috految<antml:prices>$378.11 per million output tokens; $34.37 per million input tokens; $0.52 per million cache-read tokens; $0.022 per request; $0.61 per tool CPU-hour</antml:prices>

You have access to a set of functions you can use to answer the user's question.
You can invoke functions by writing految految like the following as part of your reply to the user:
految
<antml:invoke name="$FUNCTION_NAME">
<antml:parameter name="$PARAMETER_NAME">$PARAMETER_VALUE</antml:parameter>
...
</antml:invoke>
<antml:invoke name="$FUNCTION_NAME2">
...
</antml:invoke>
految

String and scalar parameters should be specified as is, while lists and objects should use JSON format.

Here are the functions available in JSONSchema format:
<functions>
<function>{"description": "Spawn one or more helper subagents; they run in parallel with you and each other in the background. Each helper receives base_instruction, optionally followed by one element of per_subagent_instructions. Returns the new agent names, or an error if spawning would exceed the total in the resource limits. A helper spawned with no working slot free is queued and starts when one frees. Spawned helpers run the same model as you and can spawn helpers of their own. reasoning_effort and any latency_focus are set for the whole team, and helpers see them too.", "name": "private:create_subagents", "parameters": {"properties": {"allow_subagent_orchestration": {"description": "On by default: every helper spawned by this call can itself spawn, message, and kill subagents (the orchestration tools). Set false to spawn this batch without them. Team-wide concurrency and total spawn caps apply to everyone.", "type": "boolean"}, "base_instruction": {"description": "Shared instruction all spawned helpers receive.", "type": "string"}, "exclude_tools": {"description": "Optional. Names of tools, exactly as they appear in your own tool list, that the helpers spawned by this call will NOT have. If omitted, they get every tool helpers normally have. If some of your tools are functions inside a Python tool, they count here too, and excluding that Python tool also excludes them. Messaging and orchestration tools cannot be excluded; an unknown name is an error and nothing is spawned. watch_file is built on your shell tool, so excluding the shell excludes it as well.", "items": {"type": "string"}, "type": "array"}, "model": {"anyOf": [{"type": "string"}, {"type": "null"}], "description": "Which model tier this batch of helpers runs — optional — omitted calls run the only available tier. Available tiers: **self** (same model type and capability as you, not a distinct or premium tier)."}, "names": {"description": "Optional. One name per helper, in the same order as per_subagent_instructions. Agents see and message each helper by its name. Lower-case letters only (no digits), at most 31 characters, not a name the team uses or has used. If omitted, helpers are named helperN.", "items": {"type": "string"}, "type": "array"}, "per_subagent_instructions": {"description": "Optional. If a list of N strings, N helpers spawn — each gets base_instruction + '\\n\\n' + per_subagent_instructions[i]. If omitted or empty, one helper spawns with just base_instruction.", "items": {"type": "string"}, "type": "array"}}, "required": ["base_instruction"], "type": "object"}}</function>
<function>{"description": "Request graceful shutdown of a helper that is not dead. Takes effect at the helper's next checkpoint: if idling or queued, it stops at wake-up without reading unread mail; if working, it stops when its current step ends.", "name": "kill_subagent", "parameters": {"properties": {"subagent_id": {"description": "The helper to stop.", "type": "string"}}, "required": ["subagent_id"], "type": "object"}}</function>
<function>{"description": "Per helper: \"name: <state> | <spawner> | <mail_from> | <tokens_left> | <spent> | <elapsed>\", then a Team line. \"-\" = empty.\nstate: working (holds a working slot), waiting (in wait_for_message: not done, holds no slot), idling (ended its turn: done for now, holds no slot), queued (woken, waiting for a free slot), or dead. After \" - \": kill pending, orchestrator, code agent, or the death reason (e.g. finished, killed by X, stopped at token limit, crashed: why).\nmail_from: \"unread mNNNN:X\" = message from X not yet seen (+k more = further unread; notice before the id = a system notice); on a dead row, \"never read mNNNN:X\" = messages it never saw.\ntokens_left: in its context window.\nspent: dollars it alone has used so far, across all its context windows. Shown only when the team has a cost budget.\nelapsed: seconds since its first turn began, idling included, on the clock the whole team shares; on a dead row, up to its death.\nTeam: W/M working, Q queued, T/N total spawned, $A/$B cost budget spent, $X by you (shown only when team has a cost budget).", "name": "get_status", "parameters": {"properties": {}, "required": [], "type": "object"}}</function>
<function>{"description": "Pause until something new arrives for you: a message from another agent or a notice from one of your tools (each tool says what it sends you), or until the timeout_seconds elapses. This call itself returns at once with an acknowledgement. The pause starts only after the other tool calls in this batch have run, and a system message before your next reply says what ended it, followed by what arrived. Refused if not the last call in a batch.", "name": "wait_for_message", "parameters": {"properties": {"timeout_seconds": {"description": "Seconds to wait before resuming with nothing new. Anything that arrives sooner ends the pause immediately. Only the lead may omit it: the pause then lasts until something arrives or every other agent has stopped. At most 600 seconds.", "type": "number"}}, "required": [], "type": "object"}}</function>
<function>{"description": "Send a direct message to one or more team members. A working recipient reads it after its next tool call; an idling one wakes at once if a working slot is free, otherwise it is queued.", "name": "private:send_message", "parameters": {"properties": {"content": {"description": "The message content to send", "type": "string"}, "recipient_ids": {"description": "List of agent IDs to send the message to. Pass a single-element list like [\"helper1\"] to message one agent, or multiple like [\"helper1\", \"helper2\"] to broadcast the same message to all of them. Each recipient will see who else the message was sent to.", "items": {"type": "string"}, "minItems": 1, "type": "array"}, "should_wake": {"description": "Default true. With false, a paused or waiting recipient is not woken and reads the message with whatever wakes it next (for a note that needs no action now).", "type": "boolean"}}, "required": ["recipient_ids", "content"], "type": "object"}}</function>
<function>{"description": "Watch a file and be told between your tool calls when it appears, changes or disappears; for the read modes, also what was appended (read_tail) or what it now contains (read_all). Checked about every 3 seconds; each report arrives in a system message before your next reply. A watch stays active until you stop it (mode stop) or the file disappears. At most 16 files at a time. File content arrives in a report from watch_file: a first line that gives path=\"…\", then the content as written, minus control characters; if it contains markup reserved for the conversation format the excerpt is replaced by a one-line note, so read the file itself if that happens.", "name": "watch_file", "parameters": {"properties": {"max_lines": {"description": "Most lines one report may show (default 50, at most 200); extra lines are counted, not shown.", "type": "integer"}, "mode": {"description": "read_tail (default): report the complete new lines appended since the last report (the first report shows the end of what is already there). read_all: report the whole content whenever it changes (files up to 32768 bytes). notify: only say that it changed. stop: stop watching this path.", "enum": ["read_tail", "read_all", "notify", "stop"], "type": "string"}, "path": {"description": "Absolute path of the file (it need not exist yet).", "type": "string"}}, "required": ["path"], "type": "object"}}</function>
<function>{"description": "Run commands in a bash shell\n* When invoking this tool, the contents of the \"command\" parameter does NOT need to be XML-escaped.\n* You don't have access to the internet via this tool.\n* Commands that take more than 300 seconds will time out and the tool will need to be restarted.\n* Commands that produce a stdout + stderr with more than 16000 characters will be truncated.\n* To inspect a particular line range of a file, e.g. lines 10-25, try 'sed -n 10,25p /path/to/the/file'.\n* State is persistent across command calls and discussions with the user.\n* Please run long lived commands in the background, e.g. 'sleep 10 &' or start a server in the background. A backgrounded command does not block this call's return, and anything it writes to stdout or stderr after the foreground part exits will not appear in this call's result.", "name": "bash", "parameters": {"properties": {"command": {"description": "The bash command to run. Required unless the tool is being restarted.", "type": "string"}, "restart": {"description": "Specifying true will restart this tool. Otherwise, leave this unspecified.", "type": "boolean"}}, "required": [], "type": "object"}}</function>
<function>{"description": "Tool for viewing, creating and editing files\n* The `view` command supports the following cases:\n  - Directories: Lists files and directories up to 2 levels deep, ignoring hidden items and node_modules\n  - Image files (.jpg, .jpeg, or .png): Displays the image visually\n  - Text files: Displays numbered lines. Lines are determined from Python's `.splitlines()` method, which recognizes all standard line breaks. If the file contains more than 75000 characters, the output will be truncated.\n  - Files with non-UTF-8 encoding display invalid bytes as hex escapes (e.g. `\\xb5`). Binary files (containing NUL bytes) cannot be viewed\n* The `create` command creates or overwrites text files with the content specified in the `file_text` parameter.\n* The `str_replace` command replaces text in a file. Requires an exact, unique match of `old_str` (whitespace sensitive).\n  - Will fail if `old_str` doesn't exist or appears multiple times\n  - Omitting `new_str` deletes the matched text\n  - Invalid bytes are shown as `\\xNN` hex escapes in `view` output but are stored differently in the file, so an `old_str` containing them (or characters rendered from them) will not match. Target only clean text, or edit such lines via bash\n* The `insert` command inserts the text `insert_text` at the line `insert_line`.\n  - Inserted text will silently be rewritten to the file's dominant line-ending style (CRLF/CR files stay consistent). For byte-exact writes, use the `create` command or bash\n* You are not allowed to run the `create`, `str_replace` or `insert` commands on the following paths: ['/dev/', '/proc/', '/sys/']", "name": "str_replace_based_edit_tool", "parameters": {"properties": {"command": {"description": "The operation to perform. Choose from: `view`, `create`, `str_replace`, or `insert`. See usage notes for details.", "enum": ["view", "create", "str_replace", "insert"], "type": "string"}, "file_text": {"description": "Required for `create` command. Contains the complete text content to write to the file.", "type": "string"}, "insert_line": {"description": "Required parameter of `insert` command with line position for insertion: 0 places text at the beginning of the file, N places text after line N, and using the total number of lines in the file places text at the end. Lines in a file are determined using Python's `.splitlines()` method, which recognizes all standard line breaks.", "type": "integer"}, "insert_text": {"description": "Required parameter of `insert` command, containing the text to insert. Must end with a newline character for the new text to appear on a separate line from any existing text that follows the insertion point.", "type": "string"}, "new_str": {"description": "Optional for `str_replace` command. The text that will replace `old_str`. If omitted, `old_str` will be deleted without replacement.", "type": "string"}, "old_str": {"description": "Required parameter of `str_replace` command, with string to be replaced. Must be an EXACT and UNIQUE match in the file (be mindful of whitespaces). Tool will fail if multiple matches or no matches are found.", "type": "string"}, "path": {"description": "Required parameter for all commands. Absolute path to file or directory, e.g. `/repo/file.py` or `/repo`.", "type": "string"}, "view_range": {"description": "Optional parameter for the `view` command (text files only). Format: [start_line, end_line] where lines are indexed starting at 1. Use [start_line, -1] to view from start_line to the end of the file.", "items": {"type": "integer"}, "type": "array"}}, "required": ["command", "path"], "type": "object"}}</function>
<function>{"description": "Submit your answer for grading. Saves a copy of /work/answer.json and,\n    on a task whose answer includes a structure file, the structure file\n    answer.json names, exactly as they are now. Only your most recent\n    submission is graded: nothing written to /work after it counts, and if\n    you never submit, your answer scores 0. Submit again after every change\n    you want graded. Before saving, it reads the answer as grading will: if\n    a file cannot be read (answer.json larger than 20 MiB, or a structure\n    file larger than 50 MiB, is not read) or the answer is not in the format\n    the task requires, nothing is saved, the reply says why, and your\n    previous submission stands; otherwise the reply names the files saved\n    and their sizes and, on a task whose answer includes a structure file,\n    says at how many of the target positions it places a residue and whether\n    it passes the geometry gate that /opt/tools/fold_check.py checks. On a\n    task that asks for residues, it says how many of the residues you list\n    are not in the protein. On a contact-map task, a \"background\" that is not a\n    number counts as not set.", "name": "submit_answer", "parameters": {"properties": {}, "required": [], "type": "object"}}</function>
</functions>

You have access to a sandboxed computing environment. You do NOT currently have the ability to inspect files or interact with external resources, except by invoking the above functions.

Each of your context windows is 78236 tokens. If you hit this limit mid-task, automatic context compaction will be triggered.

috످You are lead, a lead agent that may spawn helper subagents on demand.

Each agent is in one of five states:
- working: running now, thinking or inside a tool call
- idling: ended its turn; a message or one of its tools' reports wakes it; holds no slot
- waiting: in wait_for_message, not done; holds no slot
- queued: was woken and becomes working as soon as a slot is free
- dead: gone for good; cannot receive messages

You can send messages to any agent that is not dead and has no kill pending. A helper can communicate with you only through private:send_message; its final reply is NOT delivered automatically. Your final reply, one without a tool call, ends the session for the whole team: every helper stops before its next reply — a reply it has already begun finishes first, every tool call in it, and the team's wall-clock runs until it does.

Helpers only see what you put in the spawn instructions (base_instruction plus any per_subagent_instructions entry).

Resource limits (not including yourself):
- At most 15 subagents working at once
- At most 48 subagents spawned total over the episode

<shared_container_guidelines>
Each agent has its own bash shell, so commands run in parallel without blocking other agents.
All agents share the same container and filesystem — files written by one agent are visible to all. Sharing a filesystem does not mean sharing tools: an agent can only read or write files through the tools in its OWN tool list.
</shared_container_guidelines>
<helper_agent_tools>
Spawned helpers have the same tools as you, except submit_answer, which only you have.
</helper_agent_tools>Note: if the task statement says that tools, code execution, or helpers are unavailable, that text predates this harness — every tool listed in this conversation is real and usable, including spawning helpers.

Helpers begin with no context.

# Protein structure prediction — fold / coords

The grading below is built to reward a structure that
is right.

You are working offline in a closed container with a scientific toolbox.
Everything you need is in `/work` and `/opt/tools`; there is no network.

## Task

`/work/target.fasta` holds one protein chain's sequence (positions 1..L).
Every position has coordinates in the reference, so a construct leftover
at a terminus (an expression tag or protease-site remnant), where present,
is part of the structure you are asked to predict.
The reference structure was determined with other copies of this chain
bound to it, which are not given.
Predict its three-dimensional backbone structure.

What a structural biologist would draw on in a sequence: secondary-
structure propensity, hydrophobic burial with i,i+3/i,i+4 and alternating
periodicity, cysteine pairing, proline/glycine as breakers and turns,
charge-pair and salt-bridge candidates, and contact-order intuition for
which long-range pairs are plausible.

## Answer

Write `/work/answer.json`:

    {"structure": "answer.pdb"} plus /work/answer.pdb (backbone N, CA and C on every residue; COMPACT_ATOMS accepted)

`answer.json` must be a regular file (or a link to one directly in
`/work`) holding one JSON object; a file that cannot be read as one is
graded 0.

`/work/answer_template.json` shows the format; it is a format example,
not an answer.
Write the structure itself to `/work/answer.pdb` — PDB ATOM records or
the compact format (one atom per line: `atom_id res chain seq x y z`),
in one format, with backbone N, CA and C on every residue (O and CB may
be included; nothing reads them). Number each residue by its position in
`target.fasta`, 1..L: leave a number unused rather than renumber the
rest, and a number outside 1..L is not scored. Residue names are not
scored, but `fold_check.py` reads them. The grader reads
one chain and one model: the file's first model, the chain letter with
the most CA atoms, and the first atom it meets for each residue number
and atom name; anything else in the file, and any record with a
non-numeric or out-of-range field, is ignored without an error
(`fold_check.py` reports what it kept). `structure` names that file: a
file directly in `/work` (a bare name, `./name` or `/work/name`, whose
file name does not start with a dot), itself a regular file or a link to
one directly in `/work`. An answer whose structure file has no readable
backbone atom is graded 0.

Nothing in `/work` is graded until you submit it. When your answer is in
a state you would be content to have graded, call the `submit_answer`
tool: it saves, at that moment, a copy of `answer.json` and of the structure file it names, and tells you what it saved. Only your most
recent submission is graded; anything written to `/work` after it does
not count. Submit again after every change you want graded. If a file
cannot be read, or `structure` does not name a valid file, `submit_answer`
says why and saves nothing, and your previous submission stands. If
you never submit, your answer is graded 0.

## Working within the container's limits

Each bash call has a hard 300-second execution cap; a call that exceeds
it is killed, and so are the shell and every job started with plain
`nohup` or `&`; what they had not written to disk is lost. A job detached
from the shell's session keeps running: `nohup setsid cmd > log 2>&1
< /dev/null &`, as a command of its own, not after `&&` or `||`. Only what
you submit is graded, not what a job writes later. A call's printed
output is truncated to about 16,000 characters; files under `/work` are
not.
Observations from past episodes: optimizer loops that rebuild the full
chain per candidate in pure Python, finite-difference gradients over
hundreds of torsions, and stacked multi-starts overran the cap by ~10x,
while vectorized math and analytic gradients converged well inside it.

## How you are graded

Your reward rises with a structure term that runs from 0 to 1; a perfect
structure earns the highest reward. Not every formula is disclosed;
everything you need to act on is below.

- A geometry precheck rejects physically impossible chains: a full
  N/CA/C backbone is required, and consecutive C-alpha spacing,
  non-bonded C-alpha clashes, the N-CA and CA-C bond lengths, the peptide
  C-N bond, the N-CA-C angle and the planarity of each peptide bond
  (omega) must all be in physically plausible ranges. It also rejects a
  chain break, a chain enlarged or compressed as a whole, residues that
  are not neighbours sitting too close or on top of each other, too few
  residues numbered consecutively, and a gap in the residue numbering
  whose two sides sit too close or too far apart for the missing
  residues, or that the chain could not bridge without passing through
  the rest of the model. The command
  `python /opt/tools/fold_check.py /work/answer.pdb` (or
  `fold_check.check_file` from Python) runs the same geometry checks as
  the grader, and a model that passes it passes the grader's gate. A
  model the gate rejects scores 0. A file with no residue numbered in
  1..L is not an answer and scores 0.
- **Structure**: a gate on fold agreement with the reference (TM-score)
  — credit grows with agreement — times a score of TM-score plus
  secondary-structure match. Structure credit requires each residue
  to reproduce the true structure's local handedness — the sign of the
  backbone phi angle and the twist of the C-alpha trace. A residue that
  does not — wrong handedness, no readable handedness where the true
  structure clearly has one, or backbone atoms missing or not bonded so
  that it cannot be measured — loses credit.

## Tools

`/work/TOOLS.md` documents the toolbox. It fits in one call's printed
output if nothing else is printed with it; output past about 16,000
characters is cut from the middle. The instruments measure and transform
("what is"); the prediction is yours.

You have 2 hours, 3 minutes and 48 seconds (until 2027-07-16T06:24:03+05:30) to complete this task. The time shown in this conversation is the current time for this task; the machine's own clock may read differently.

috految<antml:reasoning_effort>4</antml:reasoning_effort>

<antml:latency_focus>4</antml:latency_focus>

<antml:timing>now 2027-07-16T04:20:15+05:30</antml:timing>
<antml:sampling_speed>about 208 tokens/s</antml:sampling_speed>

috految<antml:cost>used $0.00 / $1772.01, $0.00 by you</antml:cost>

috److految
<antml:invoke name="bash">
<antml:parameter name="command">cd /work; cat target.fasta; head -c 1800 TOOLS.md; nproc; which gcc</antml:parameter>
</antml:invoke>
految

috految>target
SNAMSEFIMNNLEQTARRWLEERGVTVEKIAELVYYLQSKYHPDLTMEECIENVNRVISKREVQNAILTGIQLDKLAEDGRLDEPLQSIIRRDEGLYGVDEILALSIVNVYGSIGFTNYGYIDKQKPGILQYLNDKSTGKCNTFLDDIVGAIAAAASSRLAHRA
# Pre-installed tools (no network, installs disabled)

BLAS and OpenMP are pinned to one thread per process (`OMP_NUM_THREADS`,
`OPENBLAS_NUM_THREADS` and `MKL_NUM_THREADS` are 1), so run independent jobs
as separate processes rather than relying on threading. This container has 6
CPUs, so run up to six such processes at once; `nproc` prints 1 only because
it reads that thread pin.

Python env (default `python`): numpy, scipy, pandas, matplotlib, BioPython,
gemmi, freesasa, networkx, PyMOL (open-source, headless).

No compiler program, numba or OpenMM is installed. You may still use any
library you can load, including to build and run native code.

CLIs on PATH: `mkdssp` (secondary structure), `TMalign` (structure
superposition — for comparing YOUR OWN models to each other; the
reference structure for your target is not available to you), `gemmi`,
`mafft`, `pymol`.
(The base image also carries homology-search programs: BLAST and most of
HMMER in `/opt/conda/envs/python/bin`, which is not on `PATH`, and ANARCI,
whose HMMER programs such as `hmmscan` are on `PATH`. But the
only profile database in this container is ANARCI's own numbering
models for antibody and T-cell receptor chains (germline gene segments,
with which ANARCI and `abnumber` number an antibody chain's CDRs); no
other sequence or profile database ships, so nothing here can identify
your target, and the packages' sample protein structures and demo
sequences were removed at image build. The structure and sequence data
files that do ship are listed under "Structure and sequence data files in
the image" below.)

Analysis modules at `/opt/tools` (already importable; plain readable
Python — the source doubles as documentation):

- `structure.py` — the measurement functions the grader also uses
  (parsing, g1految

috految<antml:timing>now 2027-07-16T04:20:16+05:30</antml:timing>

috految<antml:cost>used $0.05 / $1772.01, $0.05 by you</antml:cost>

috److془1RFZ YutG. Build from torsions and contacts.

Numbering: S1 N2 A3 M4 S5 E6 F7 I8 M9 N10 N11 L12 E13 Q14 T15 A16 R17 R18 W19 L20 E21 E22 R23 G24 V25 T26 V27 E28 K29 I30 A31 E32 L33 V34 Y35 Y36 L37 Q38 S39 K40 Y41 H42 P43 D44 L45 T46 M47 E48 E49 C50 I51 E52 N53 V54 N55 R56 V57 I58 S59 K60 R61 E62 V63 Q64 N65 A66 I67 L68 T69 G70 I71 Q72 L73 D74 K75 L76 A77 E78 D79 G80 R81 L82 D83 E84 P85 L86 Q87 S88 I89 I90 R91 R92 D93 E94 G95 L96 Y97 G98 V99 D100 E101 I102 L103 A104 L105 S106 I107 V108 N109 V110 Y111 G112 S113 I114 G115 F116 T117 N118 Y119 G120 Y121 I122 D123 K124 Q125 K126 P127 G128 I129 L130 Q131 Y132 L133 N134 D135 K136 S137 T138 G139 K140 C141 N142 T143 F144 L145 D146 D147 I148 V149 G150 A151 I152 A153 A154 A155 A156 S157 S158 R159 L160 A161 H162 R163 A164.

Contacts: Y41/Q38 - T117, ... Hmm; Q38 with amide of 113? PgpA: "DHGSIVWDEFIGMWIT..., GFVIFRILDMWKPWPIRWFDRNVHGGMGIMIDDIVAGVISAGILYFI". D100, E101, D123, D146, D147 near. Hmm; A104-G150,A154; V108-A154,A155. With W19 L20 to I67, I71; R23 with D74, T143, F144? Or: V25-I30-V34-L37: I129, L33, I152; Q38 with S158/ N118. V57 with A156/N53 with S157,L160. Alternatively With HGGMGIM: F144 with D74,G70, I148 with I67. Good. Helix 61-78: V63-A153?, A66-L103, I107. T69-L103. Alternatively V63 -I107,V110, V57-V110,Y111. 
Hmm: face: 147,150,151,154 towards 104,119,122,123. Face 148,152,156 ; 145,149,153 . K126-D147, P127 L130-V149,D146. I122-G150,A153; N118-A154,S157. A151-A104,I107; A155-V108, Y111. I148-67,70. I152-I30,V63. A156-V34,V54,V57. Good.془

految
<antml:invoke name="bash">
<antml:parameter name="command">cd /work; cat >f.py <<'E'
import numpy as np
from scipy.optimize import minimize
from scipy.spatial import cKDTree as K
from multiprocessing import Pool
S=open('target.fasta').read().split()[1];L=164
T=np.tile([-63.,-42,180],(L,1));W=np.full((L,3),250.)
for r in '1 -80 150,2 -65 -30,9 -65 -38,10 -65 -38,11 -72 -42,15 -67 -43,19 -65 -37,20 -60 -46,21 -64 -41,22 -59 -39,23 -83 5,24 104 14,25 -108 115,26 -108 154,27 -56 -39,28 -63 -41,29 -70 -39,33 -64 -43,34 -62 -43,35 -57 -49,36 -57 -40,37 -71 -36,38 -105 -18,39 -58 -36,40 -63 -33,41 -94 -33,42 -118 87,43 -69 -20,44 -104 15,45 -71 127,46 -114 156,47 -60 -35,48 -59 -43,49 -69 -38,53 -73 -36,54 -65 -42,56 -63 -35,57 -66 -47,58 -69 -16,59 -80 -13,60 -78 134,61 -59 -36,62 -58 -37,63 -75 -42,64 -62 -42,65 -66 -37,66 -66 -46,67 -63 -48,68 -64 -43,69 -67 -47,70 -66 -49,71 -66 -36,72 -61 -41,73 -61 -38,74 -68 -45,75 -64 -40,76 -66 -38,77 -62 -46,78 -60 -36,79 -86 3,80 67 28,81 -102 -1,82 -83 149,83 -79 149,84 -71 142,85 -93 8,86 -62 -49,87 -52 -54,88 -65 -42,89 -60 -46,90 -72 -42,91 -64 -38,92 -85 -2,93 54 46,94 -58 124,95 -67 -17,96 -83 -11,97 -86 116,98 -114 11,99 -67 -29,100 -63 -40,101 -75 -35,102 -65 -42,103 -63 -41,104 -61 -38,105 -62 -32,106 -57 -35,107 -67 -50,108 -61 -38,109 -62 -16,110 -66 -26,111 -108 12,112 108 167,113 -74 -12,114 -61 -29,115 -79 -23,116 -57 -51,117 -70 -39,118 -69 -41,119 -55 -52,120 -63 -41,121 -64 -51,122 -66 -40,123 -62 -27,124 -73 -44,125 -80 -28,126 52 64,127 -80 156,128 53 -126,129 -65 -23,130 -63 -37,131 -64 -43,132 -66 -42,133 -67 -26,134 -88 -12,135 -72 112,136 -82 -1,137 -66 -29,138 -87 -16,139 89 -3,140 -100 149,141 -107 107,142 -113 23,143 -55 -41,144 -106 -11,145 -55 -53,146 -57 -30,147 -85 -43,148 -62 -45,149 -66 -41,150 -65 -38,151 -67 -38,152 -65 -43,153 -63 -35,154 -77 -36,155 -71 -35,156 -70 -39,162 -70 -35,163 -80 -20'.split(','):
 i,a,b=map(int,r.split());T[i-1,:2]=a,b;W[i-1,:2]=170 if b<-30 else 55
T[83,2]=0;T=np.radians(T).ravel();W=W.ravel();R=[]
for d,w,s in[(5.4,1,'16 67,16 68,20 67,20 25,20 25,19 71,17 64,25 30,27 54,27 55,27 58,31 47,31 50,31 51,31 54,30 54,34 50,35 45,35 47,35 50,38 45,45 50,57 63,58 63,30 152,34 153,34 156,34 157,54 156,57 156,53 156,50 160,53 160,38 157,37 118,37 122,33 129,33 149,30 149,33 153,33 130,25 149,25 145,23 145,23 143,23 74,71 144,70 144,74 144,74 143,70 148,66 103,67 148,66 107,63 107,69 103,104 151,104 150,107 151,108 154,108 115,108 155,111 158,105 119,118 154,122 150,122 153,126 146,130 146,130 149,133 145,134 146,133 142,100 147,101 147,73 90,77 90,77 87,76 82,77 82,82 87,73 86,90 144,89 94,93 143,97 144'),(6.5,.6,'12 68,13 64,17 58,20 58,20 30,29 129,25 133,57 155,57 111,63 152,63 110,123 147,101 123,100 144,115 154,114 158,69 99,73 99,90 143,136 141,74 142,42 161,45 160,37 121')]:
 for p in s.split(','):
  i,j=map(int,p.split());R+=[(i*5-1,j*5-1,d,w)]
for i in range(L-4):
 if all(T[3*k+1]<-.48 for k in(i+1,i+2,i+3)):R+=[(5*i+3,5*i+20,3,2)]
I,J,D,V=map(np.array,zip(*R));n=np.linalg.norm
rad=np.array([[1.5,2.1,1.7,1.35,1 if a=='G' else 2 if a in'AS' else 2.7 if a in'VILFYW' else 2.4] for a in S]).ravel()
def f(z,k,o=0):
 t=T+z/W**.5;c,s=np.cos(t),np.sin(t);a=np.radians([69,63.4,58.3]*L);u,v=np.cos(a),np.sin(a)
 M=np.array([[u,-v,0*u],[c*v,c*u,-s],[s*v,s*u,c]]).transpose(2,0,1);F=[np.eye(3)]
 for m in M[:-1]:F.append(F[-1]@m)
 U=np.array(F)[:,:,0];b=U*np.array([1.458,1.525,1.33]*L)[:,None];P=b.cumsum(0)-b
 N,A,C=P[::3],P[1::3],P[2::3]
 if o:return P
 X=np.stack([N,A,C,C+1.17*(U[1::3]-U[2::3]),A-.583*np.cross(A-N,C-A)+.568*(A-N)-.541*(C-A)],1).reshape(-1,3)
 i,j=K(X).query_pairs(5.4,output_type='ndarray').T;m=j//5-i//5>2;i=np.r_[I,i[m]];j=np.r_[J,j[m]];v=X[i]-X[j];d=n(v,axis=1);q=len(I)
 e=np.maximum(d[:q]-D,0);r=np.minimum(d-rad[i]-rad[j],0)[q:]
 g=v*(np.r_[V*2*e/(3+e*e),2*k*r]/d)[:,None];G=X*0;np.add.at(G,i,g);np.add.at(G,j,-g)
 H=np.c_[G,np.cross(X,G)].reshape(L,5,6);H[:,1]+=H[:,4];H[:,2]+=H[:,3];H=H[:,:3].reshape(-1,6);H=H.sum(0)-H.cumsum(0)
 return z@z+V@np.log(1+e*e/3)+k*r@r,2*z+(U*(H[:,3:]-np.cross(P,H[:,:3]))).sum(1)/W**.5
def run(s):
 z=np.random.RandomState(s).randn(3*L)
 for k in(.02*(s%4),.2,1.2):r=minimize(f,z,args=(k,),jac=True,method='L-BFGS-B',options={'maxiter':250});z=r.x
 return r.fun,list(z)
r=sorted(Pool(6).map(run,range(12)));print([round(a[0]) for a in r])
open('answer.pdb','w').writelines('ATOM  %5d  %-3s ALA A%4d    %8.3f%8.3f%8.3f\n'%(i+1,['N','CA','C'][i%3],i//3+1,*p) for i,p in enumerate(f(np.array(r[0][1]),1,1)))
E
python f.py; echo '{"structure":"answer.pdb"}'>answer.json</antml:parameter>
</antml:invoke>
<antml:invoke name="submit_answer">
</antml:invoke>
految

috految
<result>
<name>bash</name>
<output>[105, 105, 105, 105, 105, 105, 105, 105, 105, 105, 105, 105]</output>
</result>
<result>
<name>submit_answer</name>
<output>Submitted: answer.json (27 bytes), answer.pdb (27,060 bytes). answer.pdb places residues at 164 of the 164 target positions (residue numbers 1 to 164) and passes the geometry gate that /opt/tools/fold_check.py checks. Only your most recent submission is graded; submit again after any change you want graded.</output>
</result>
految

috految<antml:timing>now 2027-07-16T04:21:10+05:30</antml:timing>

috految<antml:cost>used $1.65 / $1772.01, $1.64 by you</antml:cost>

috److I built a backbone model for all 164 residues and submitted it. It passes the geometry gate.

- **Fold assignment:** From memory, the sequence looks like YutG, a mostly helical protein related to PgpA (I recall PDB 1RFZ). I could not check this because the container has no relevant database.
- **Method:** I set the backbone torsion angles and about 100 residue contacts by hand, based on that recalled fold and the sequence pattern. I then optimised the torsions against those contacts, helix hydrogen bonds and a clash penalty. The peptide bond before Pro85 is modelled as cis.
- **Convergence:** All 12 random starts reached the same objective value (about 105), and I submitted the best one. That shows the optimisation is stable, but it does not confirm that my hand-set restraints match the true structure.
- **Weakest regions:** The first 11 or so residues have no long-range contacts and were modelled as a helix. I did not model the other copies of the chain that were bound in the reference.

All residues are labelled ALA in `/work/answer.pdb`, since residue names are not scored.

috످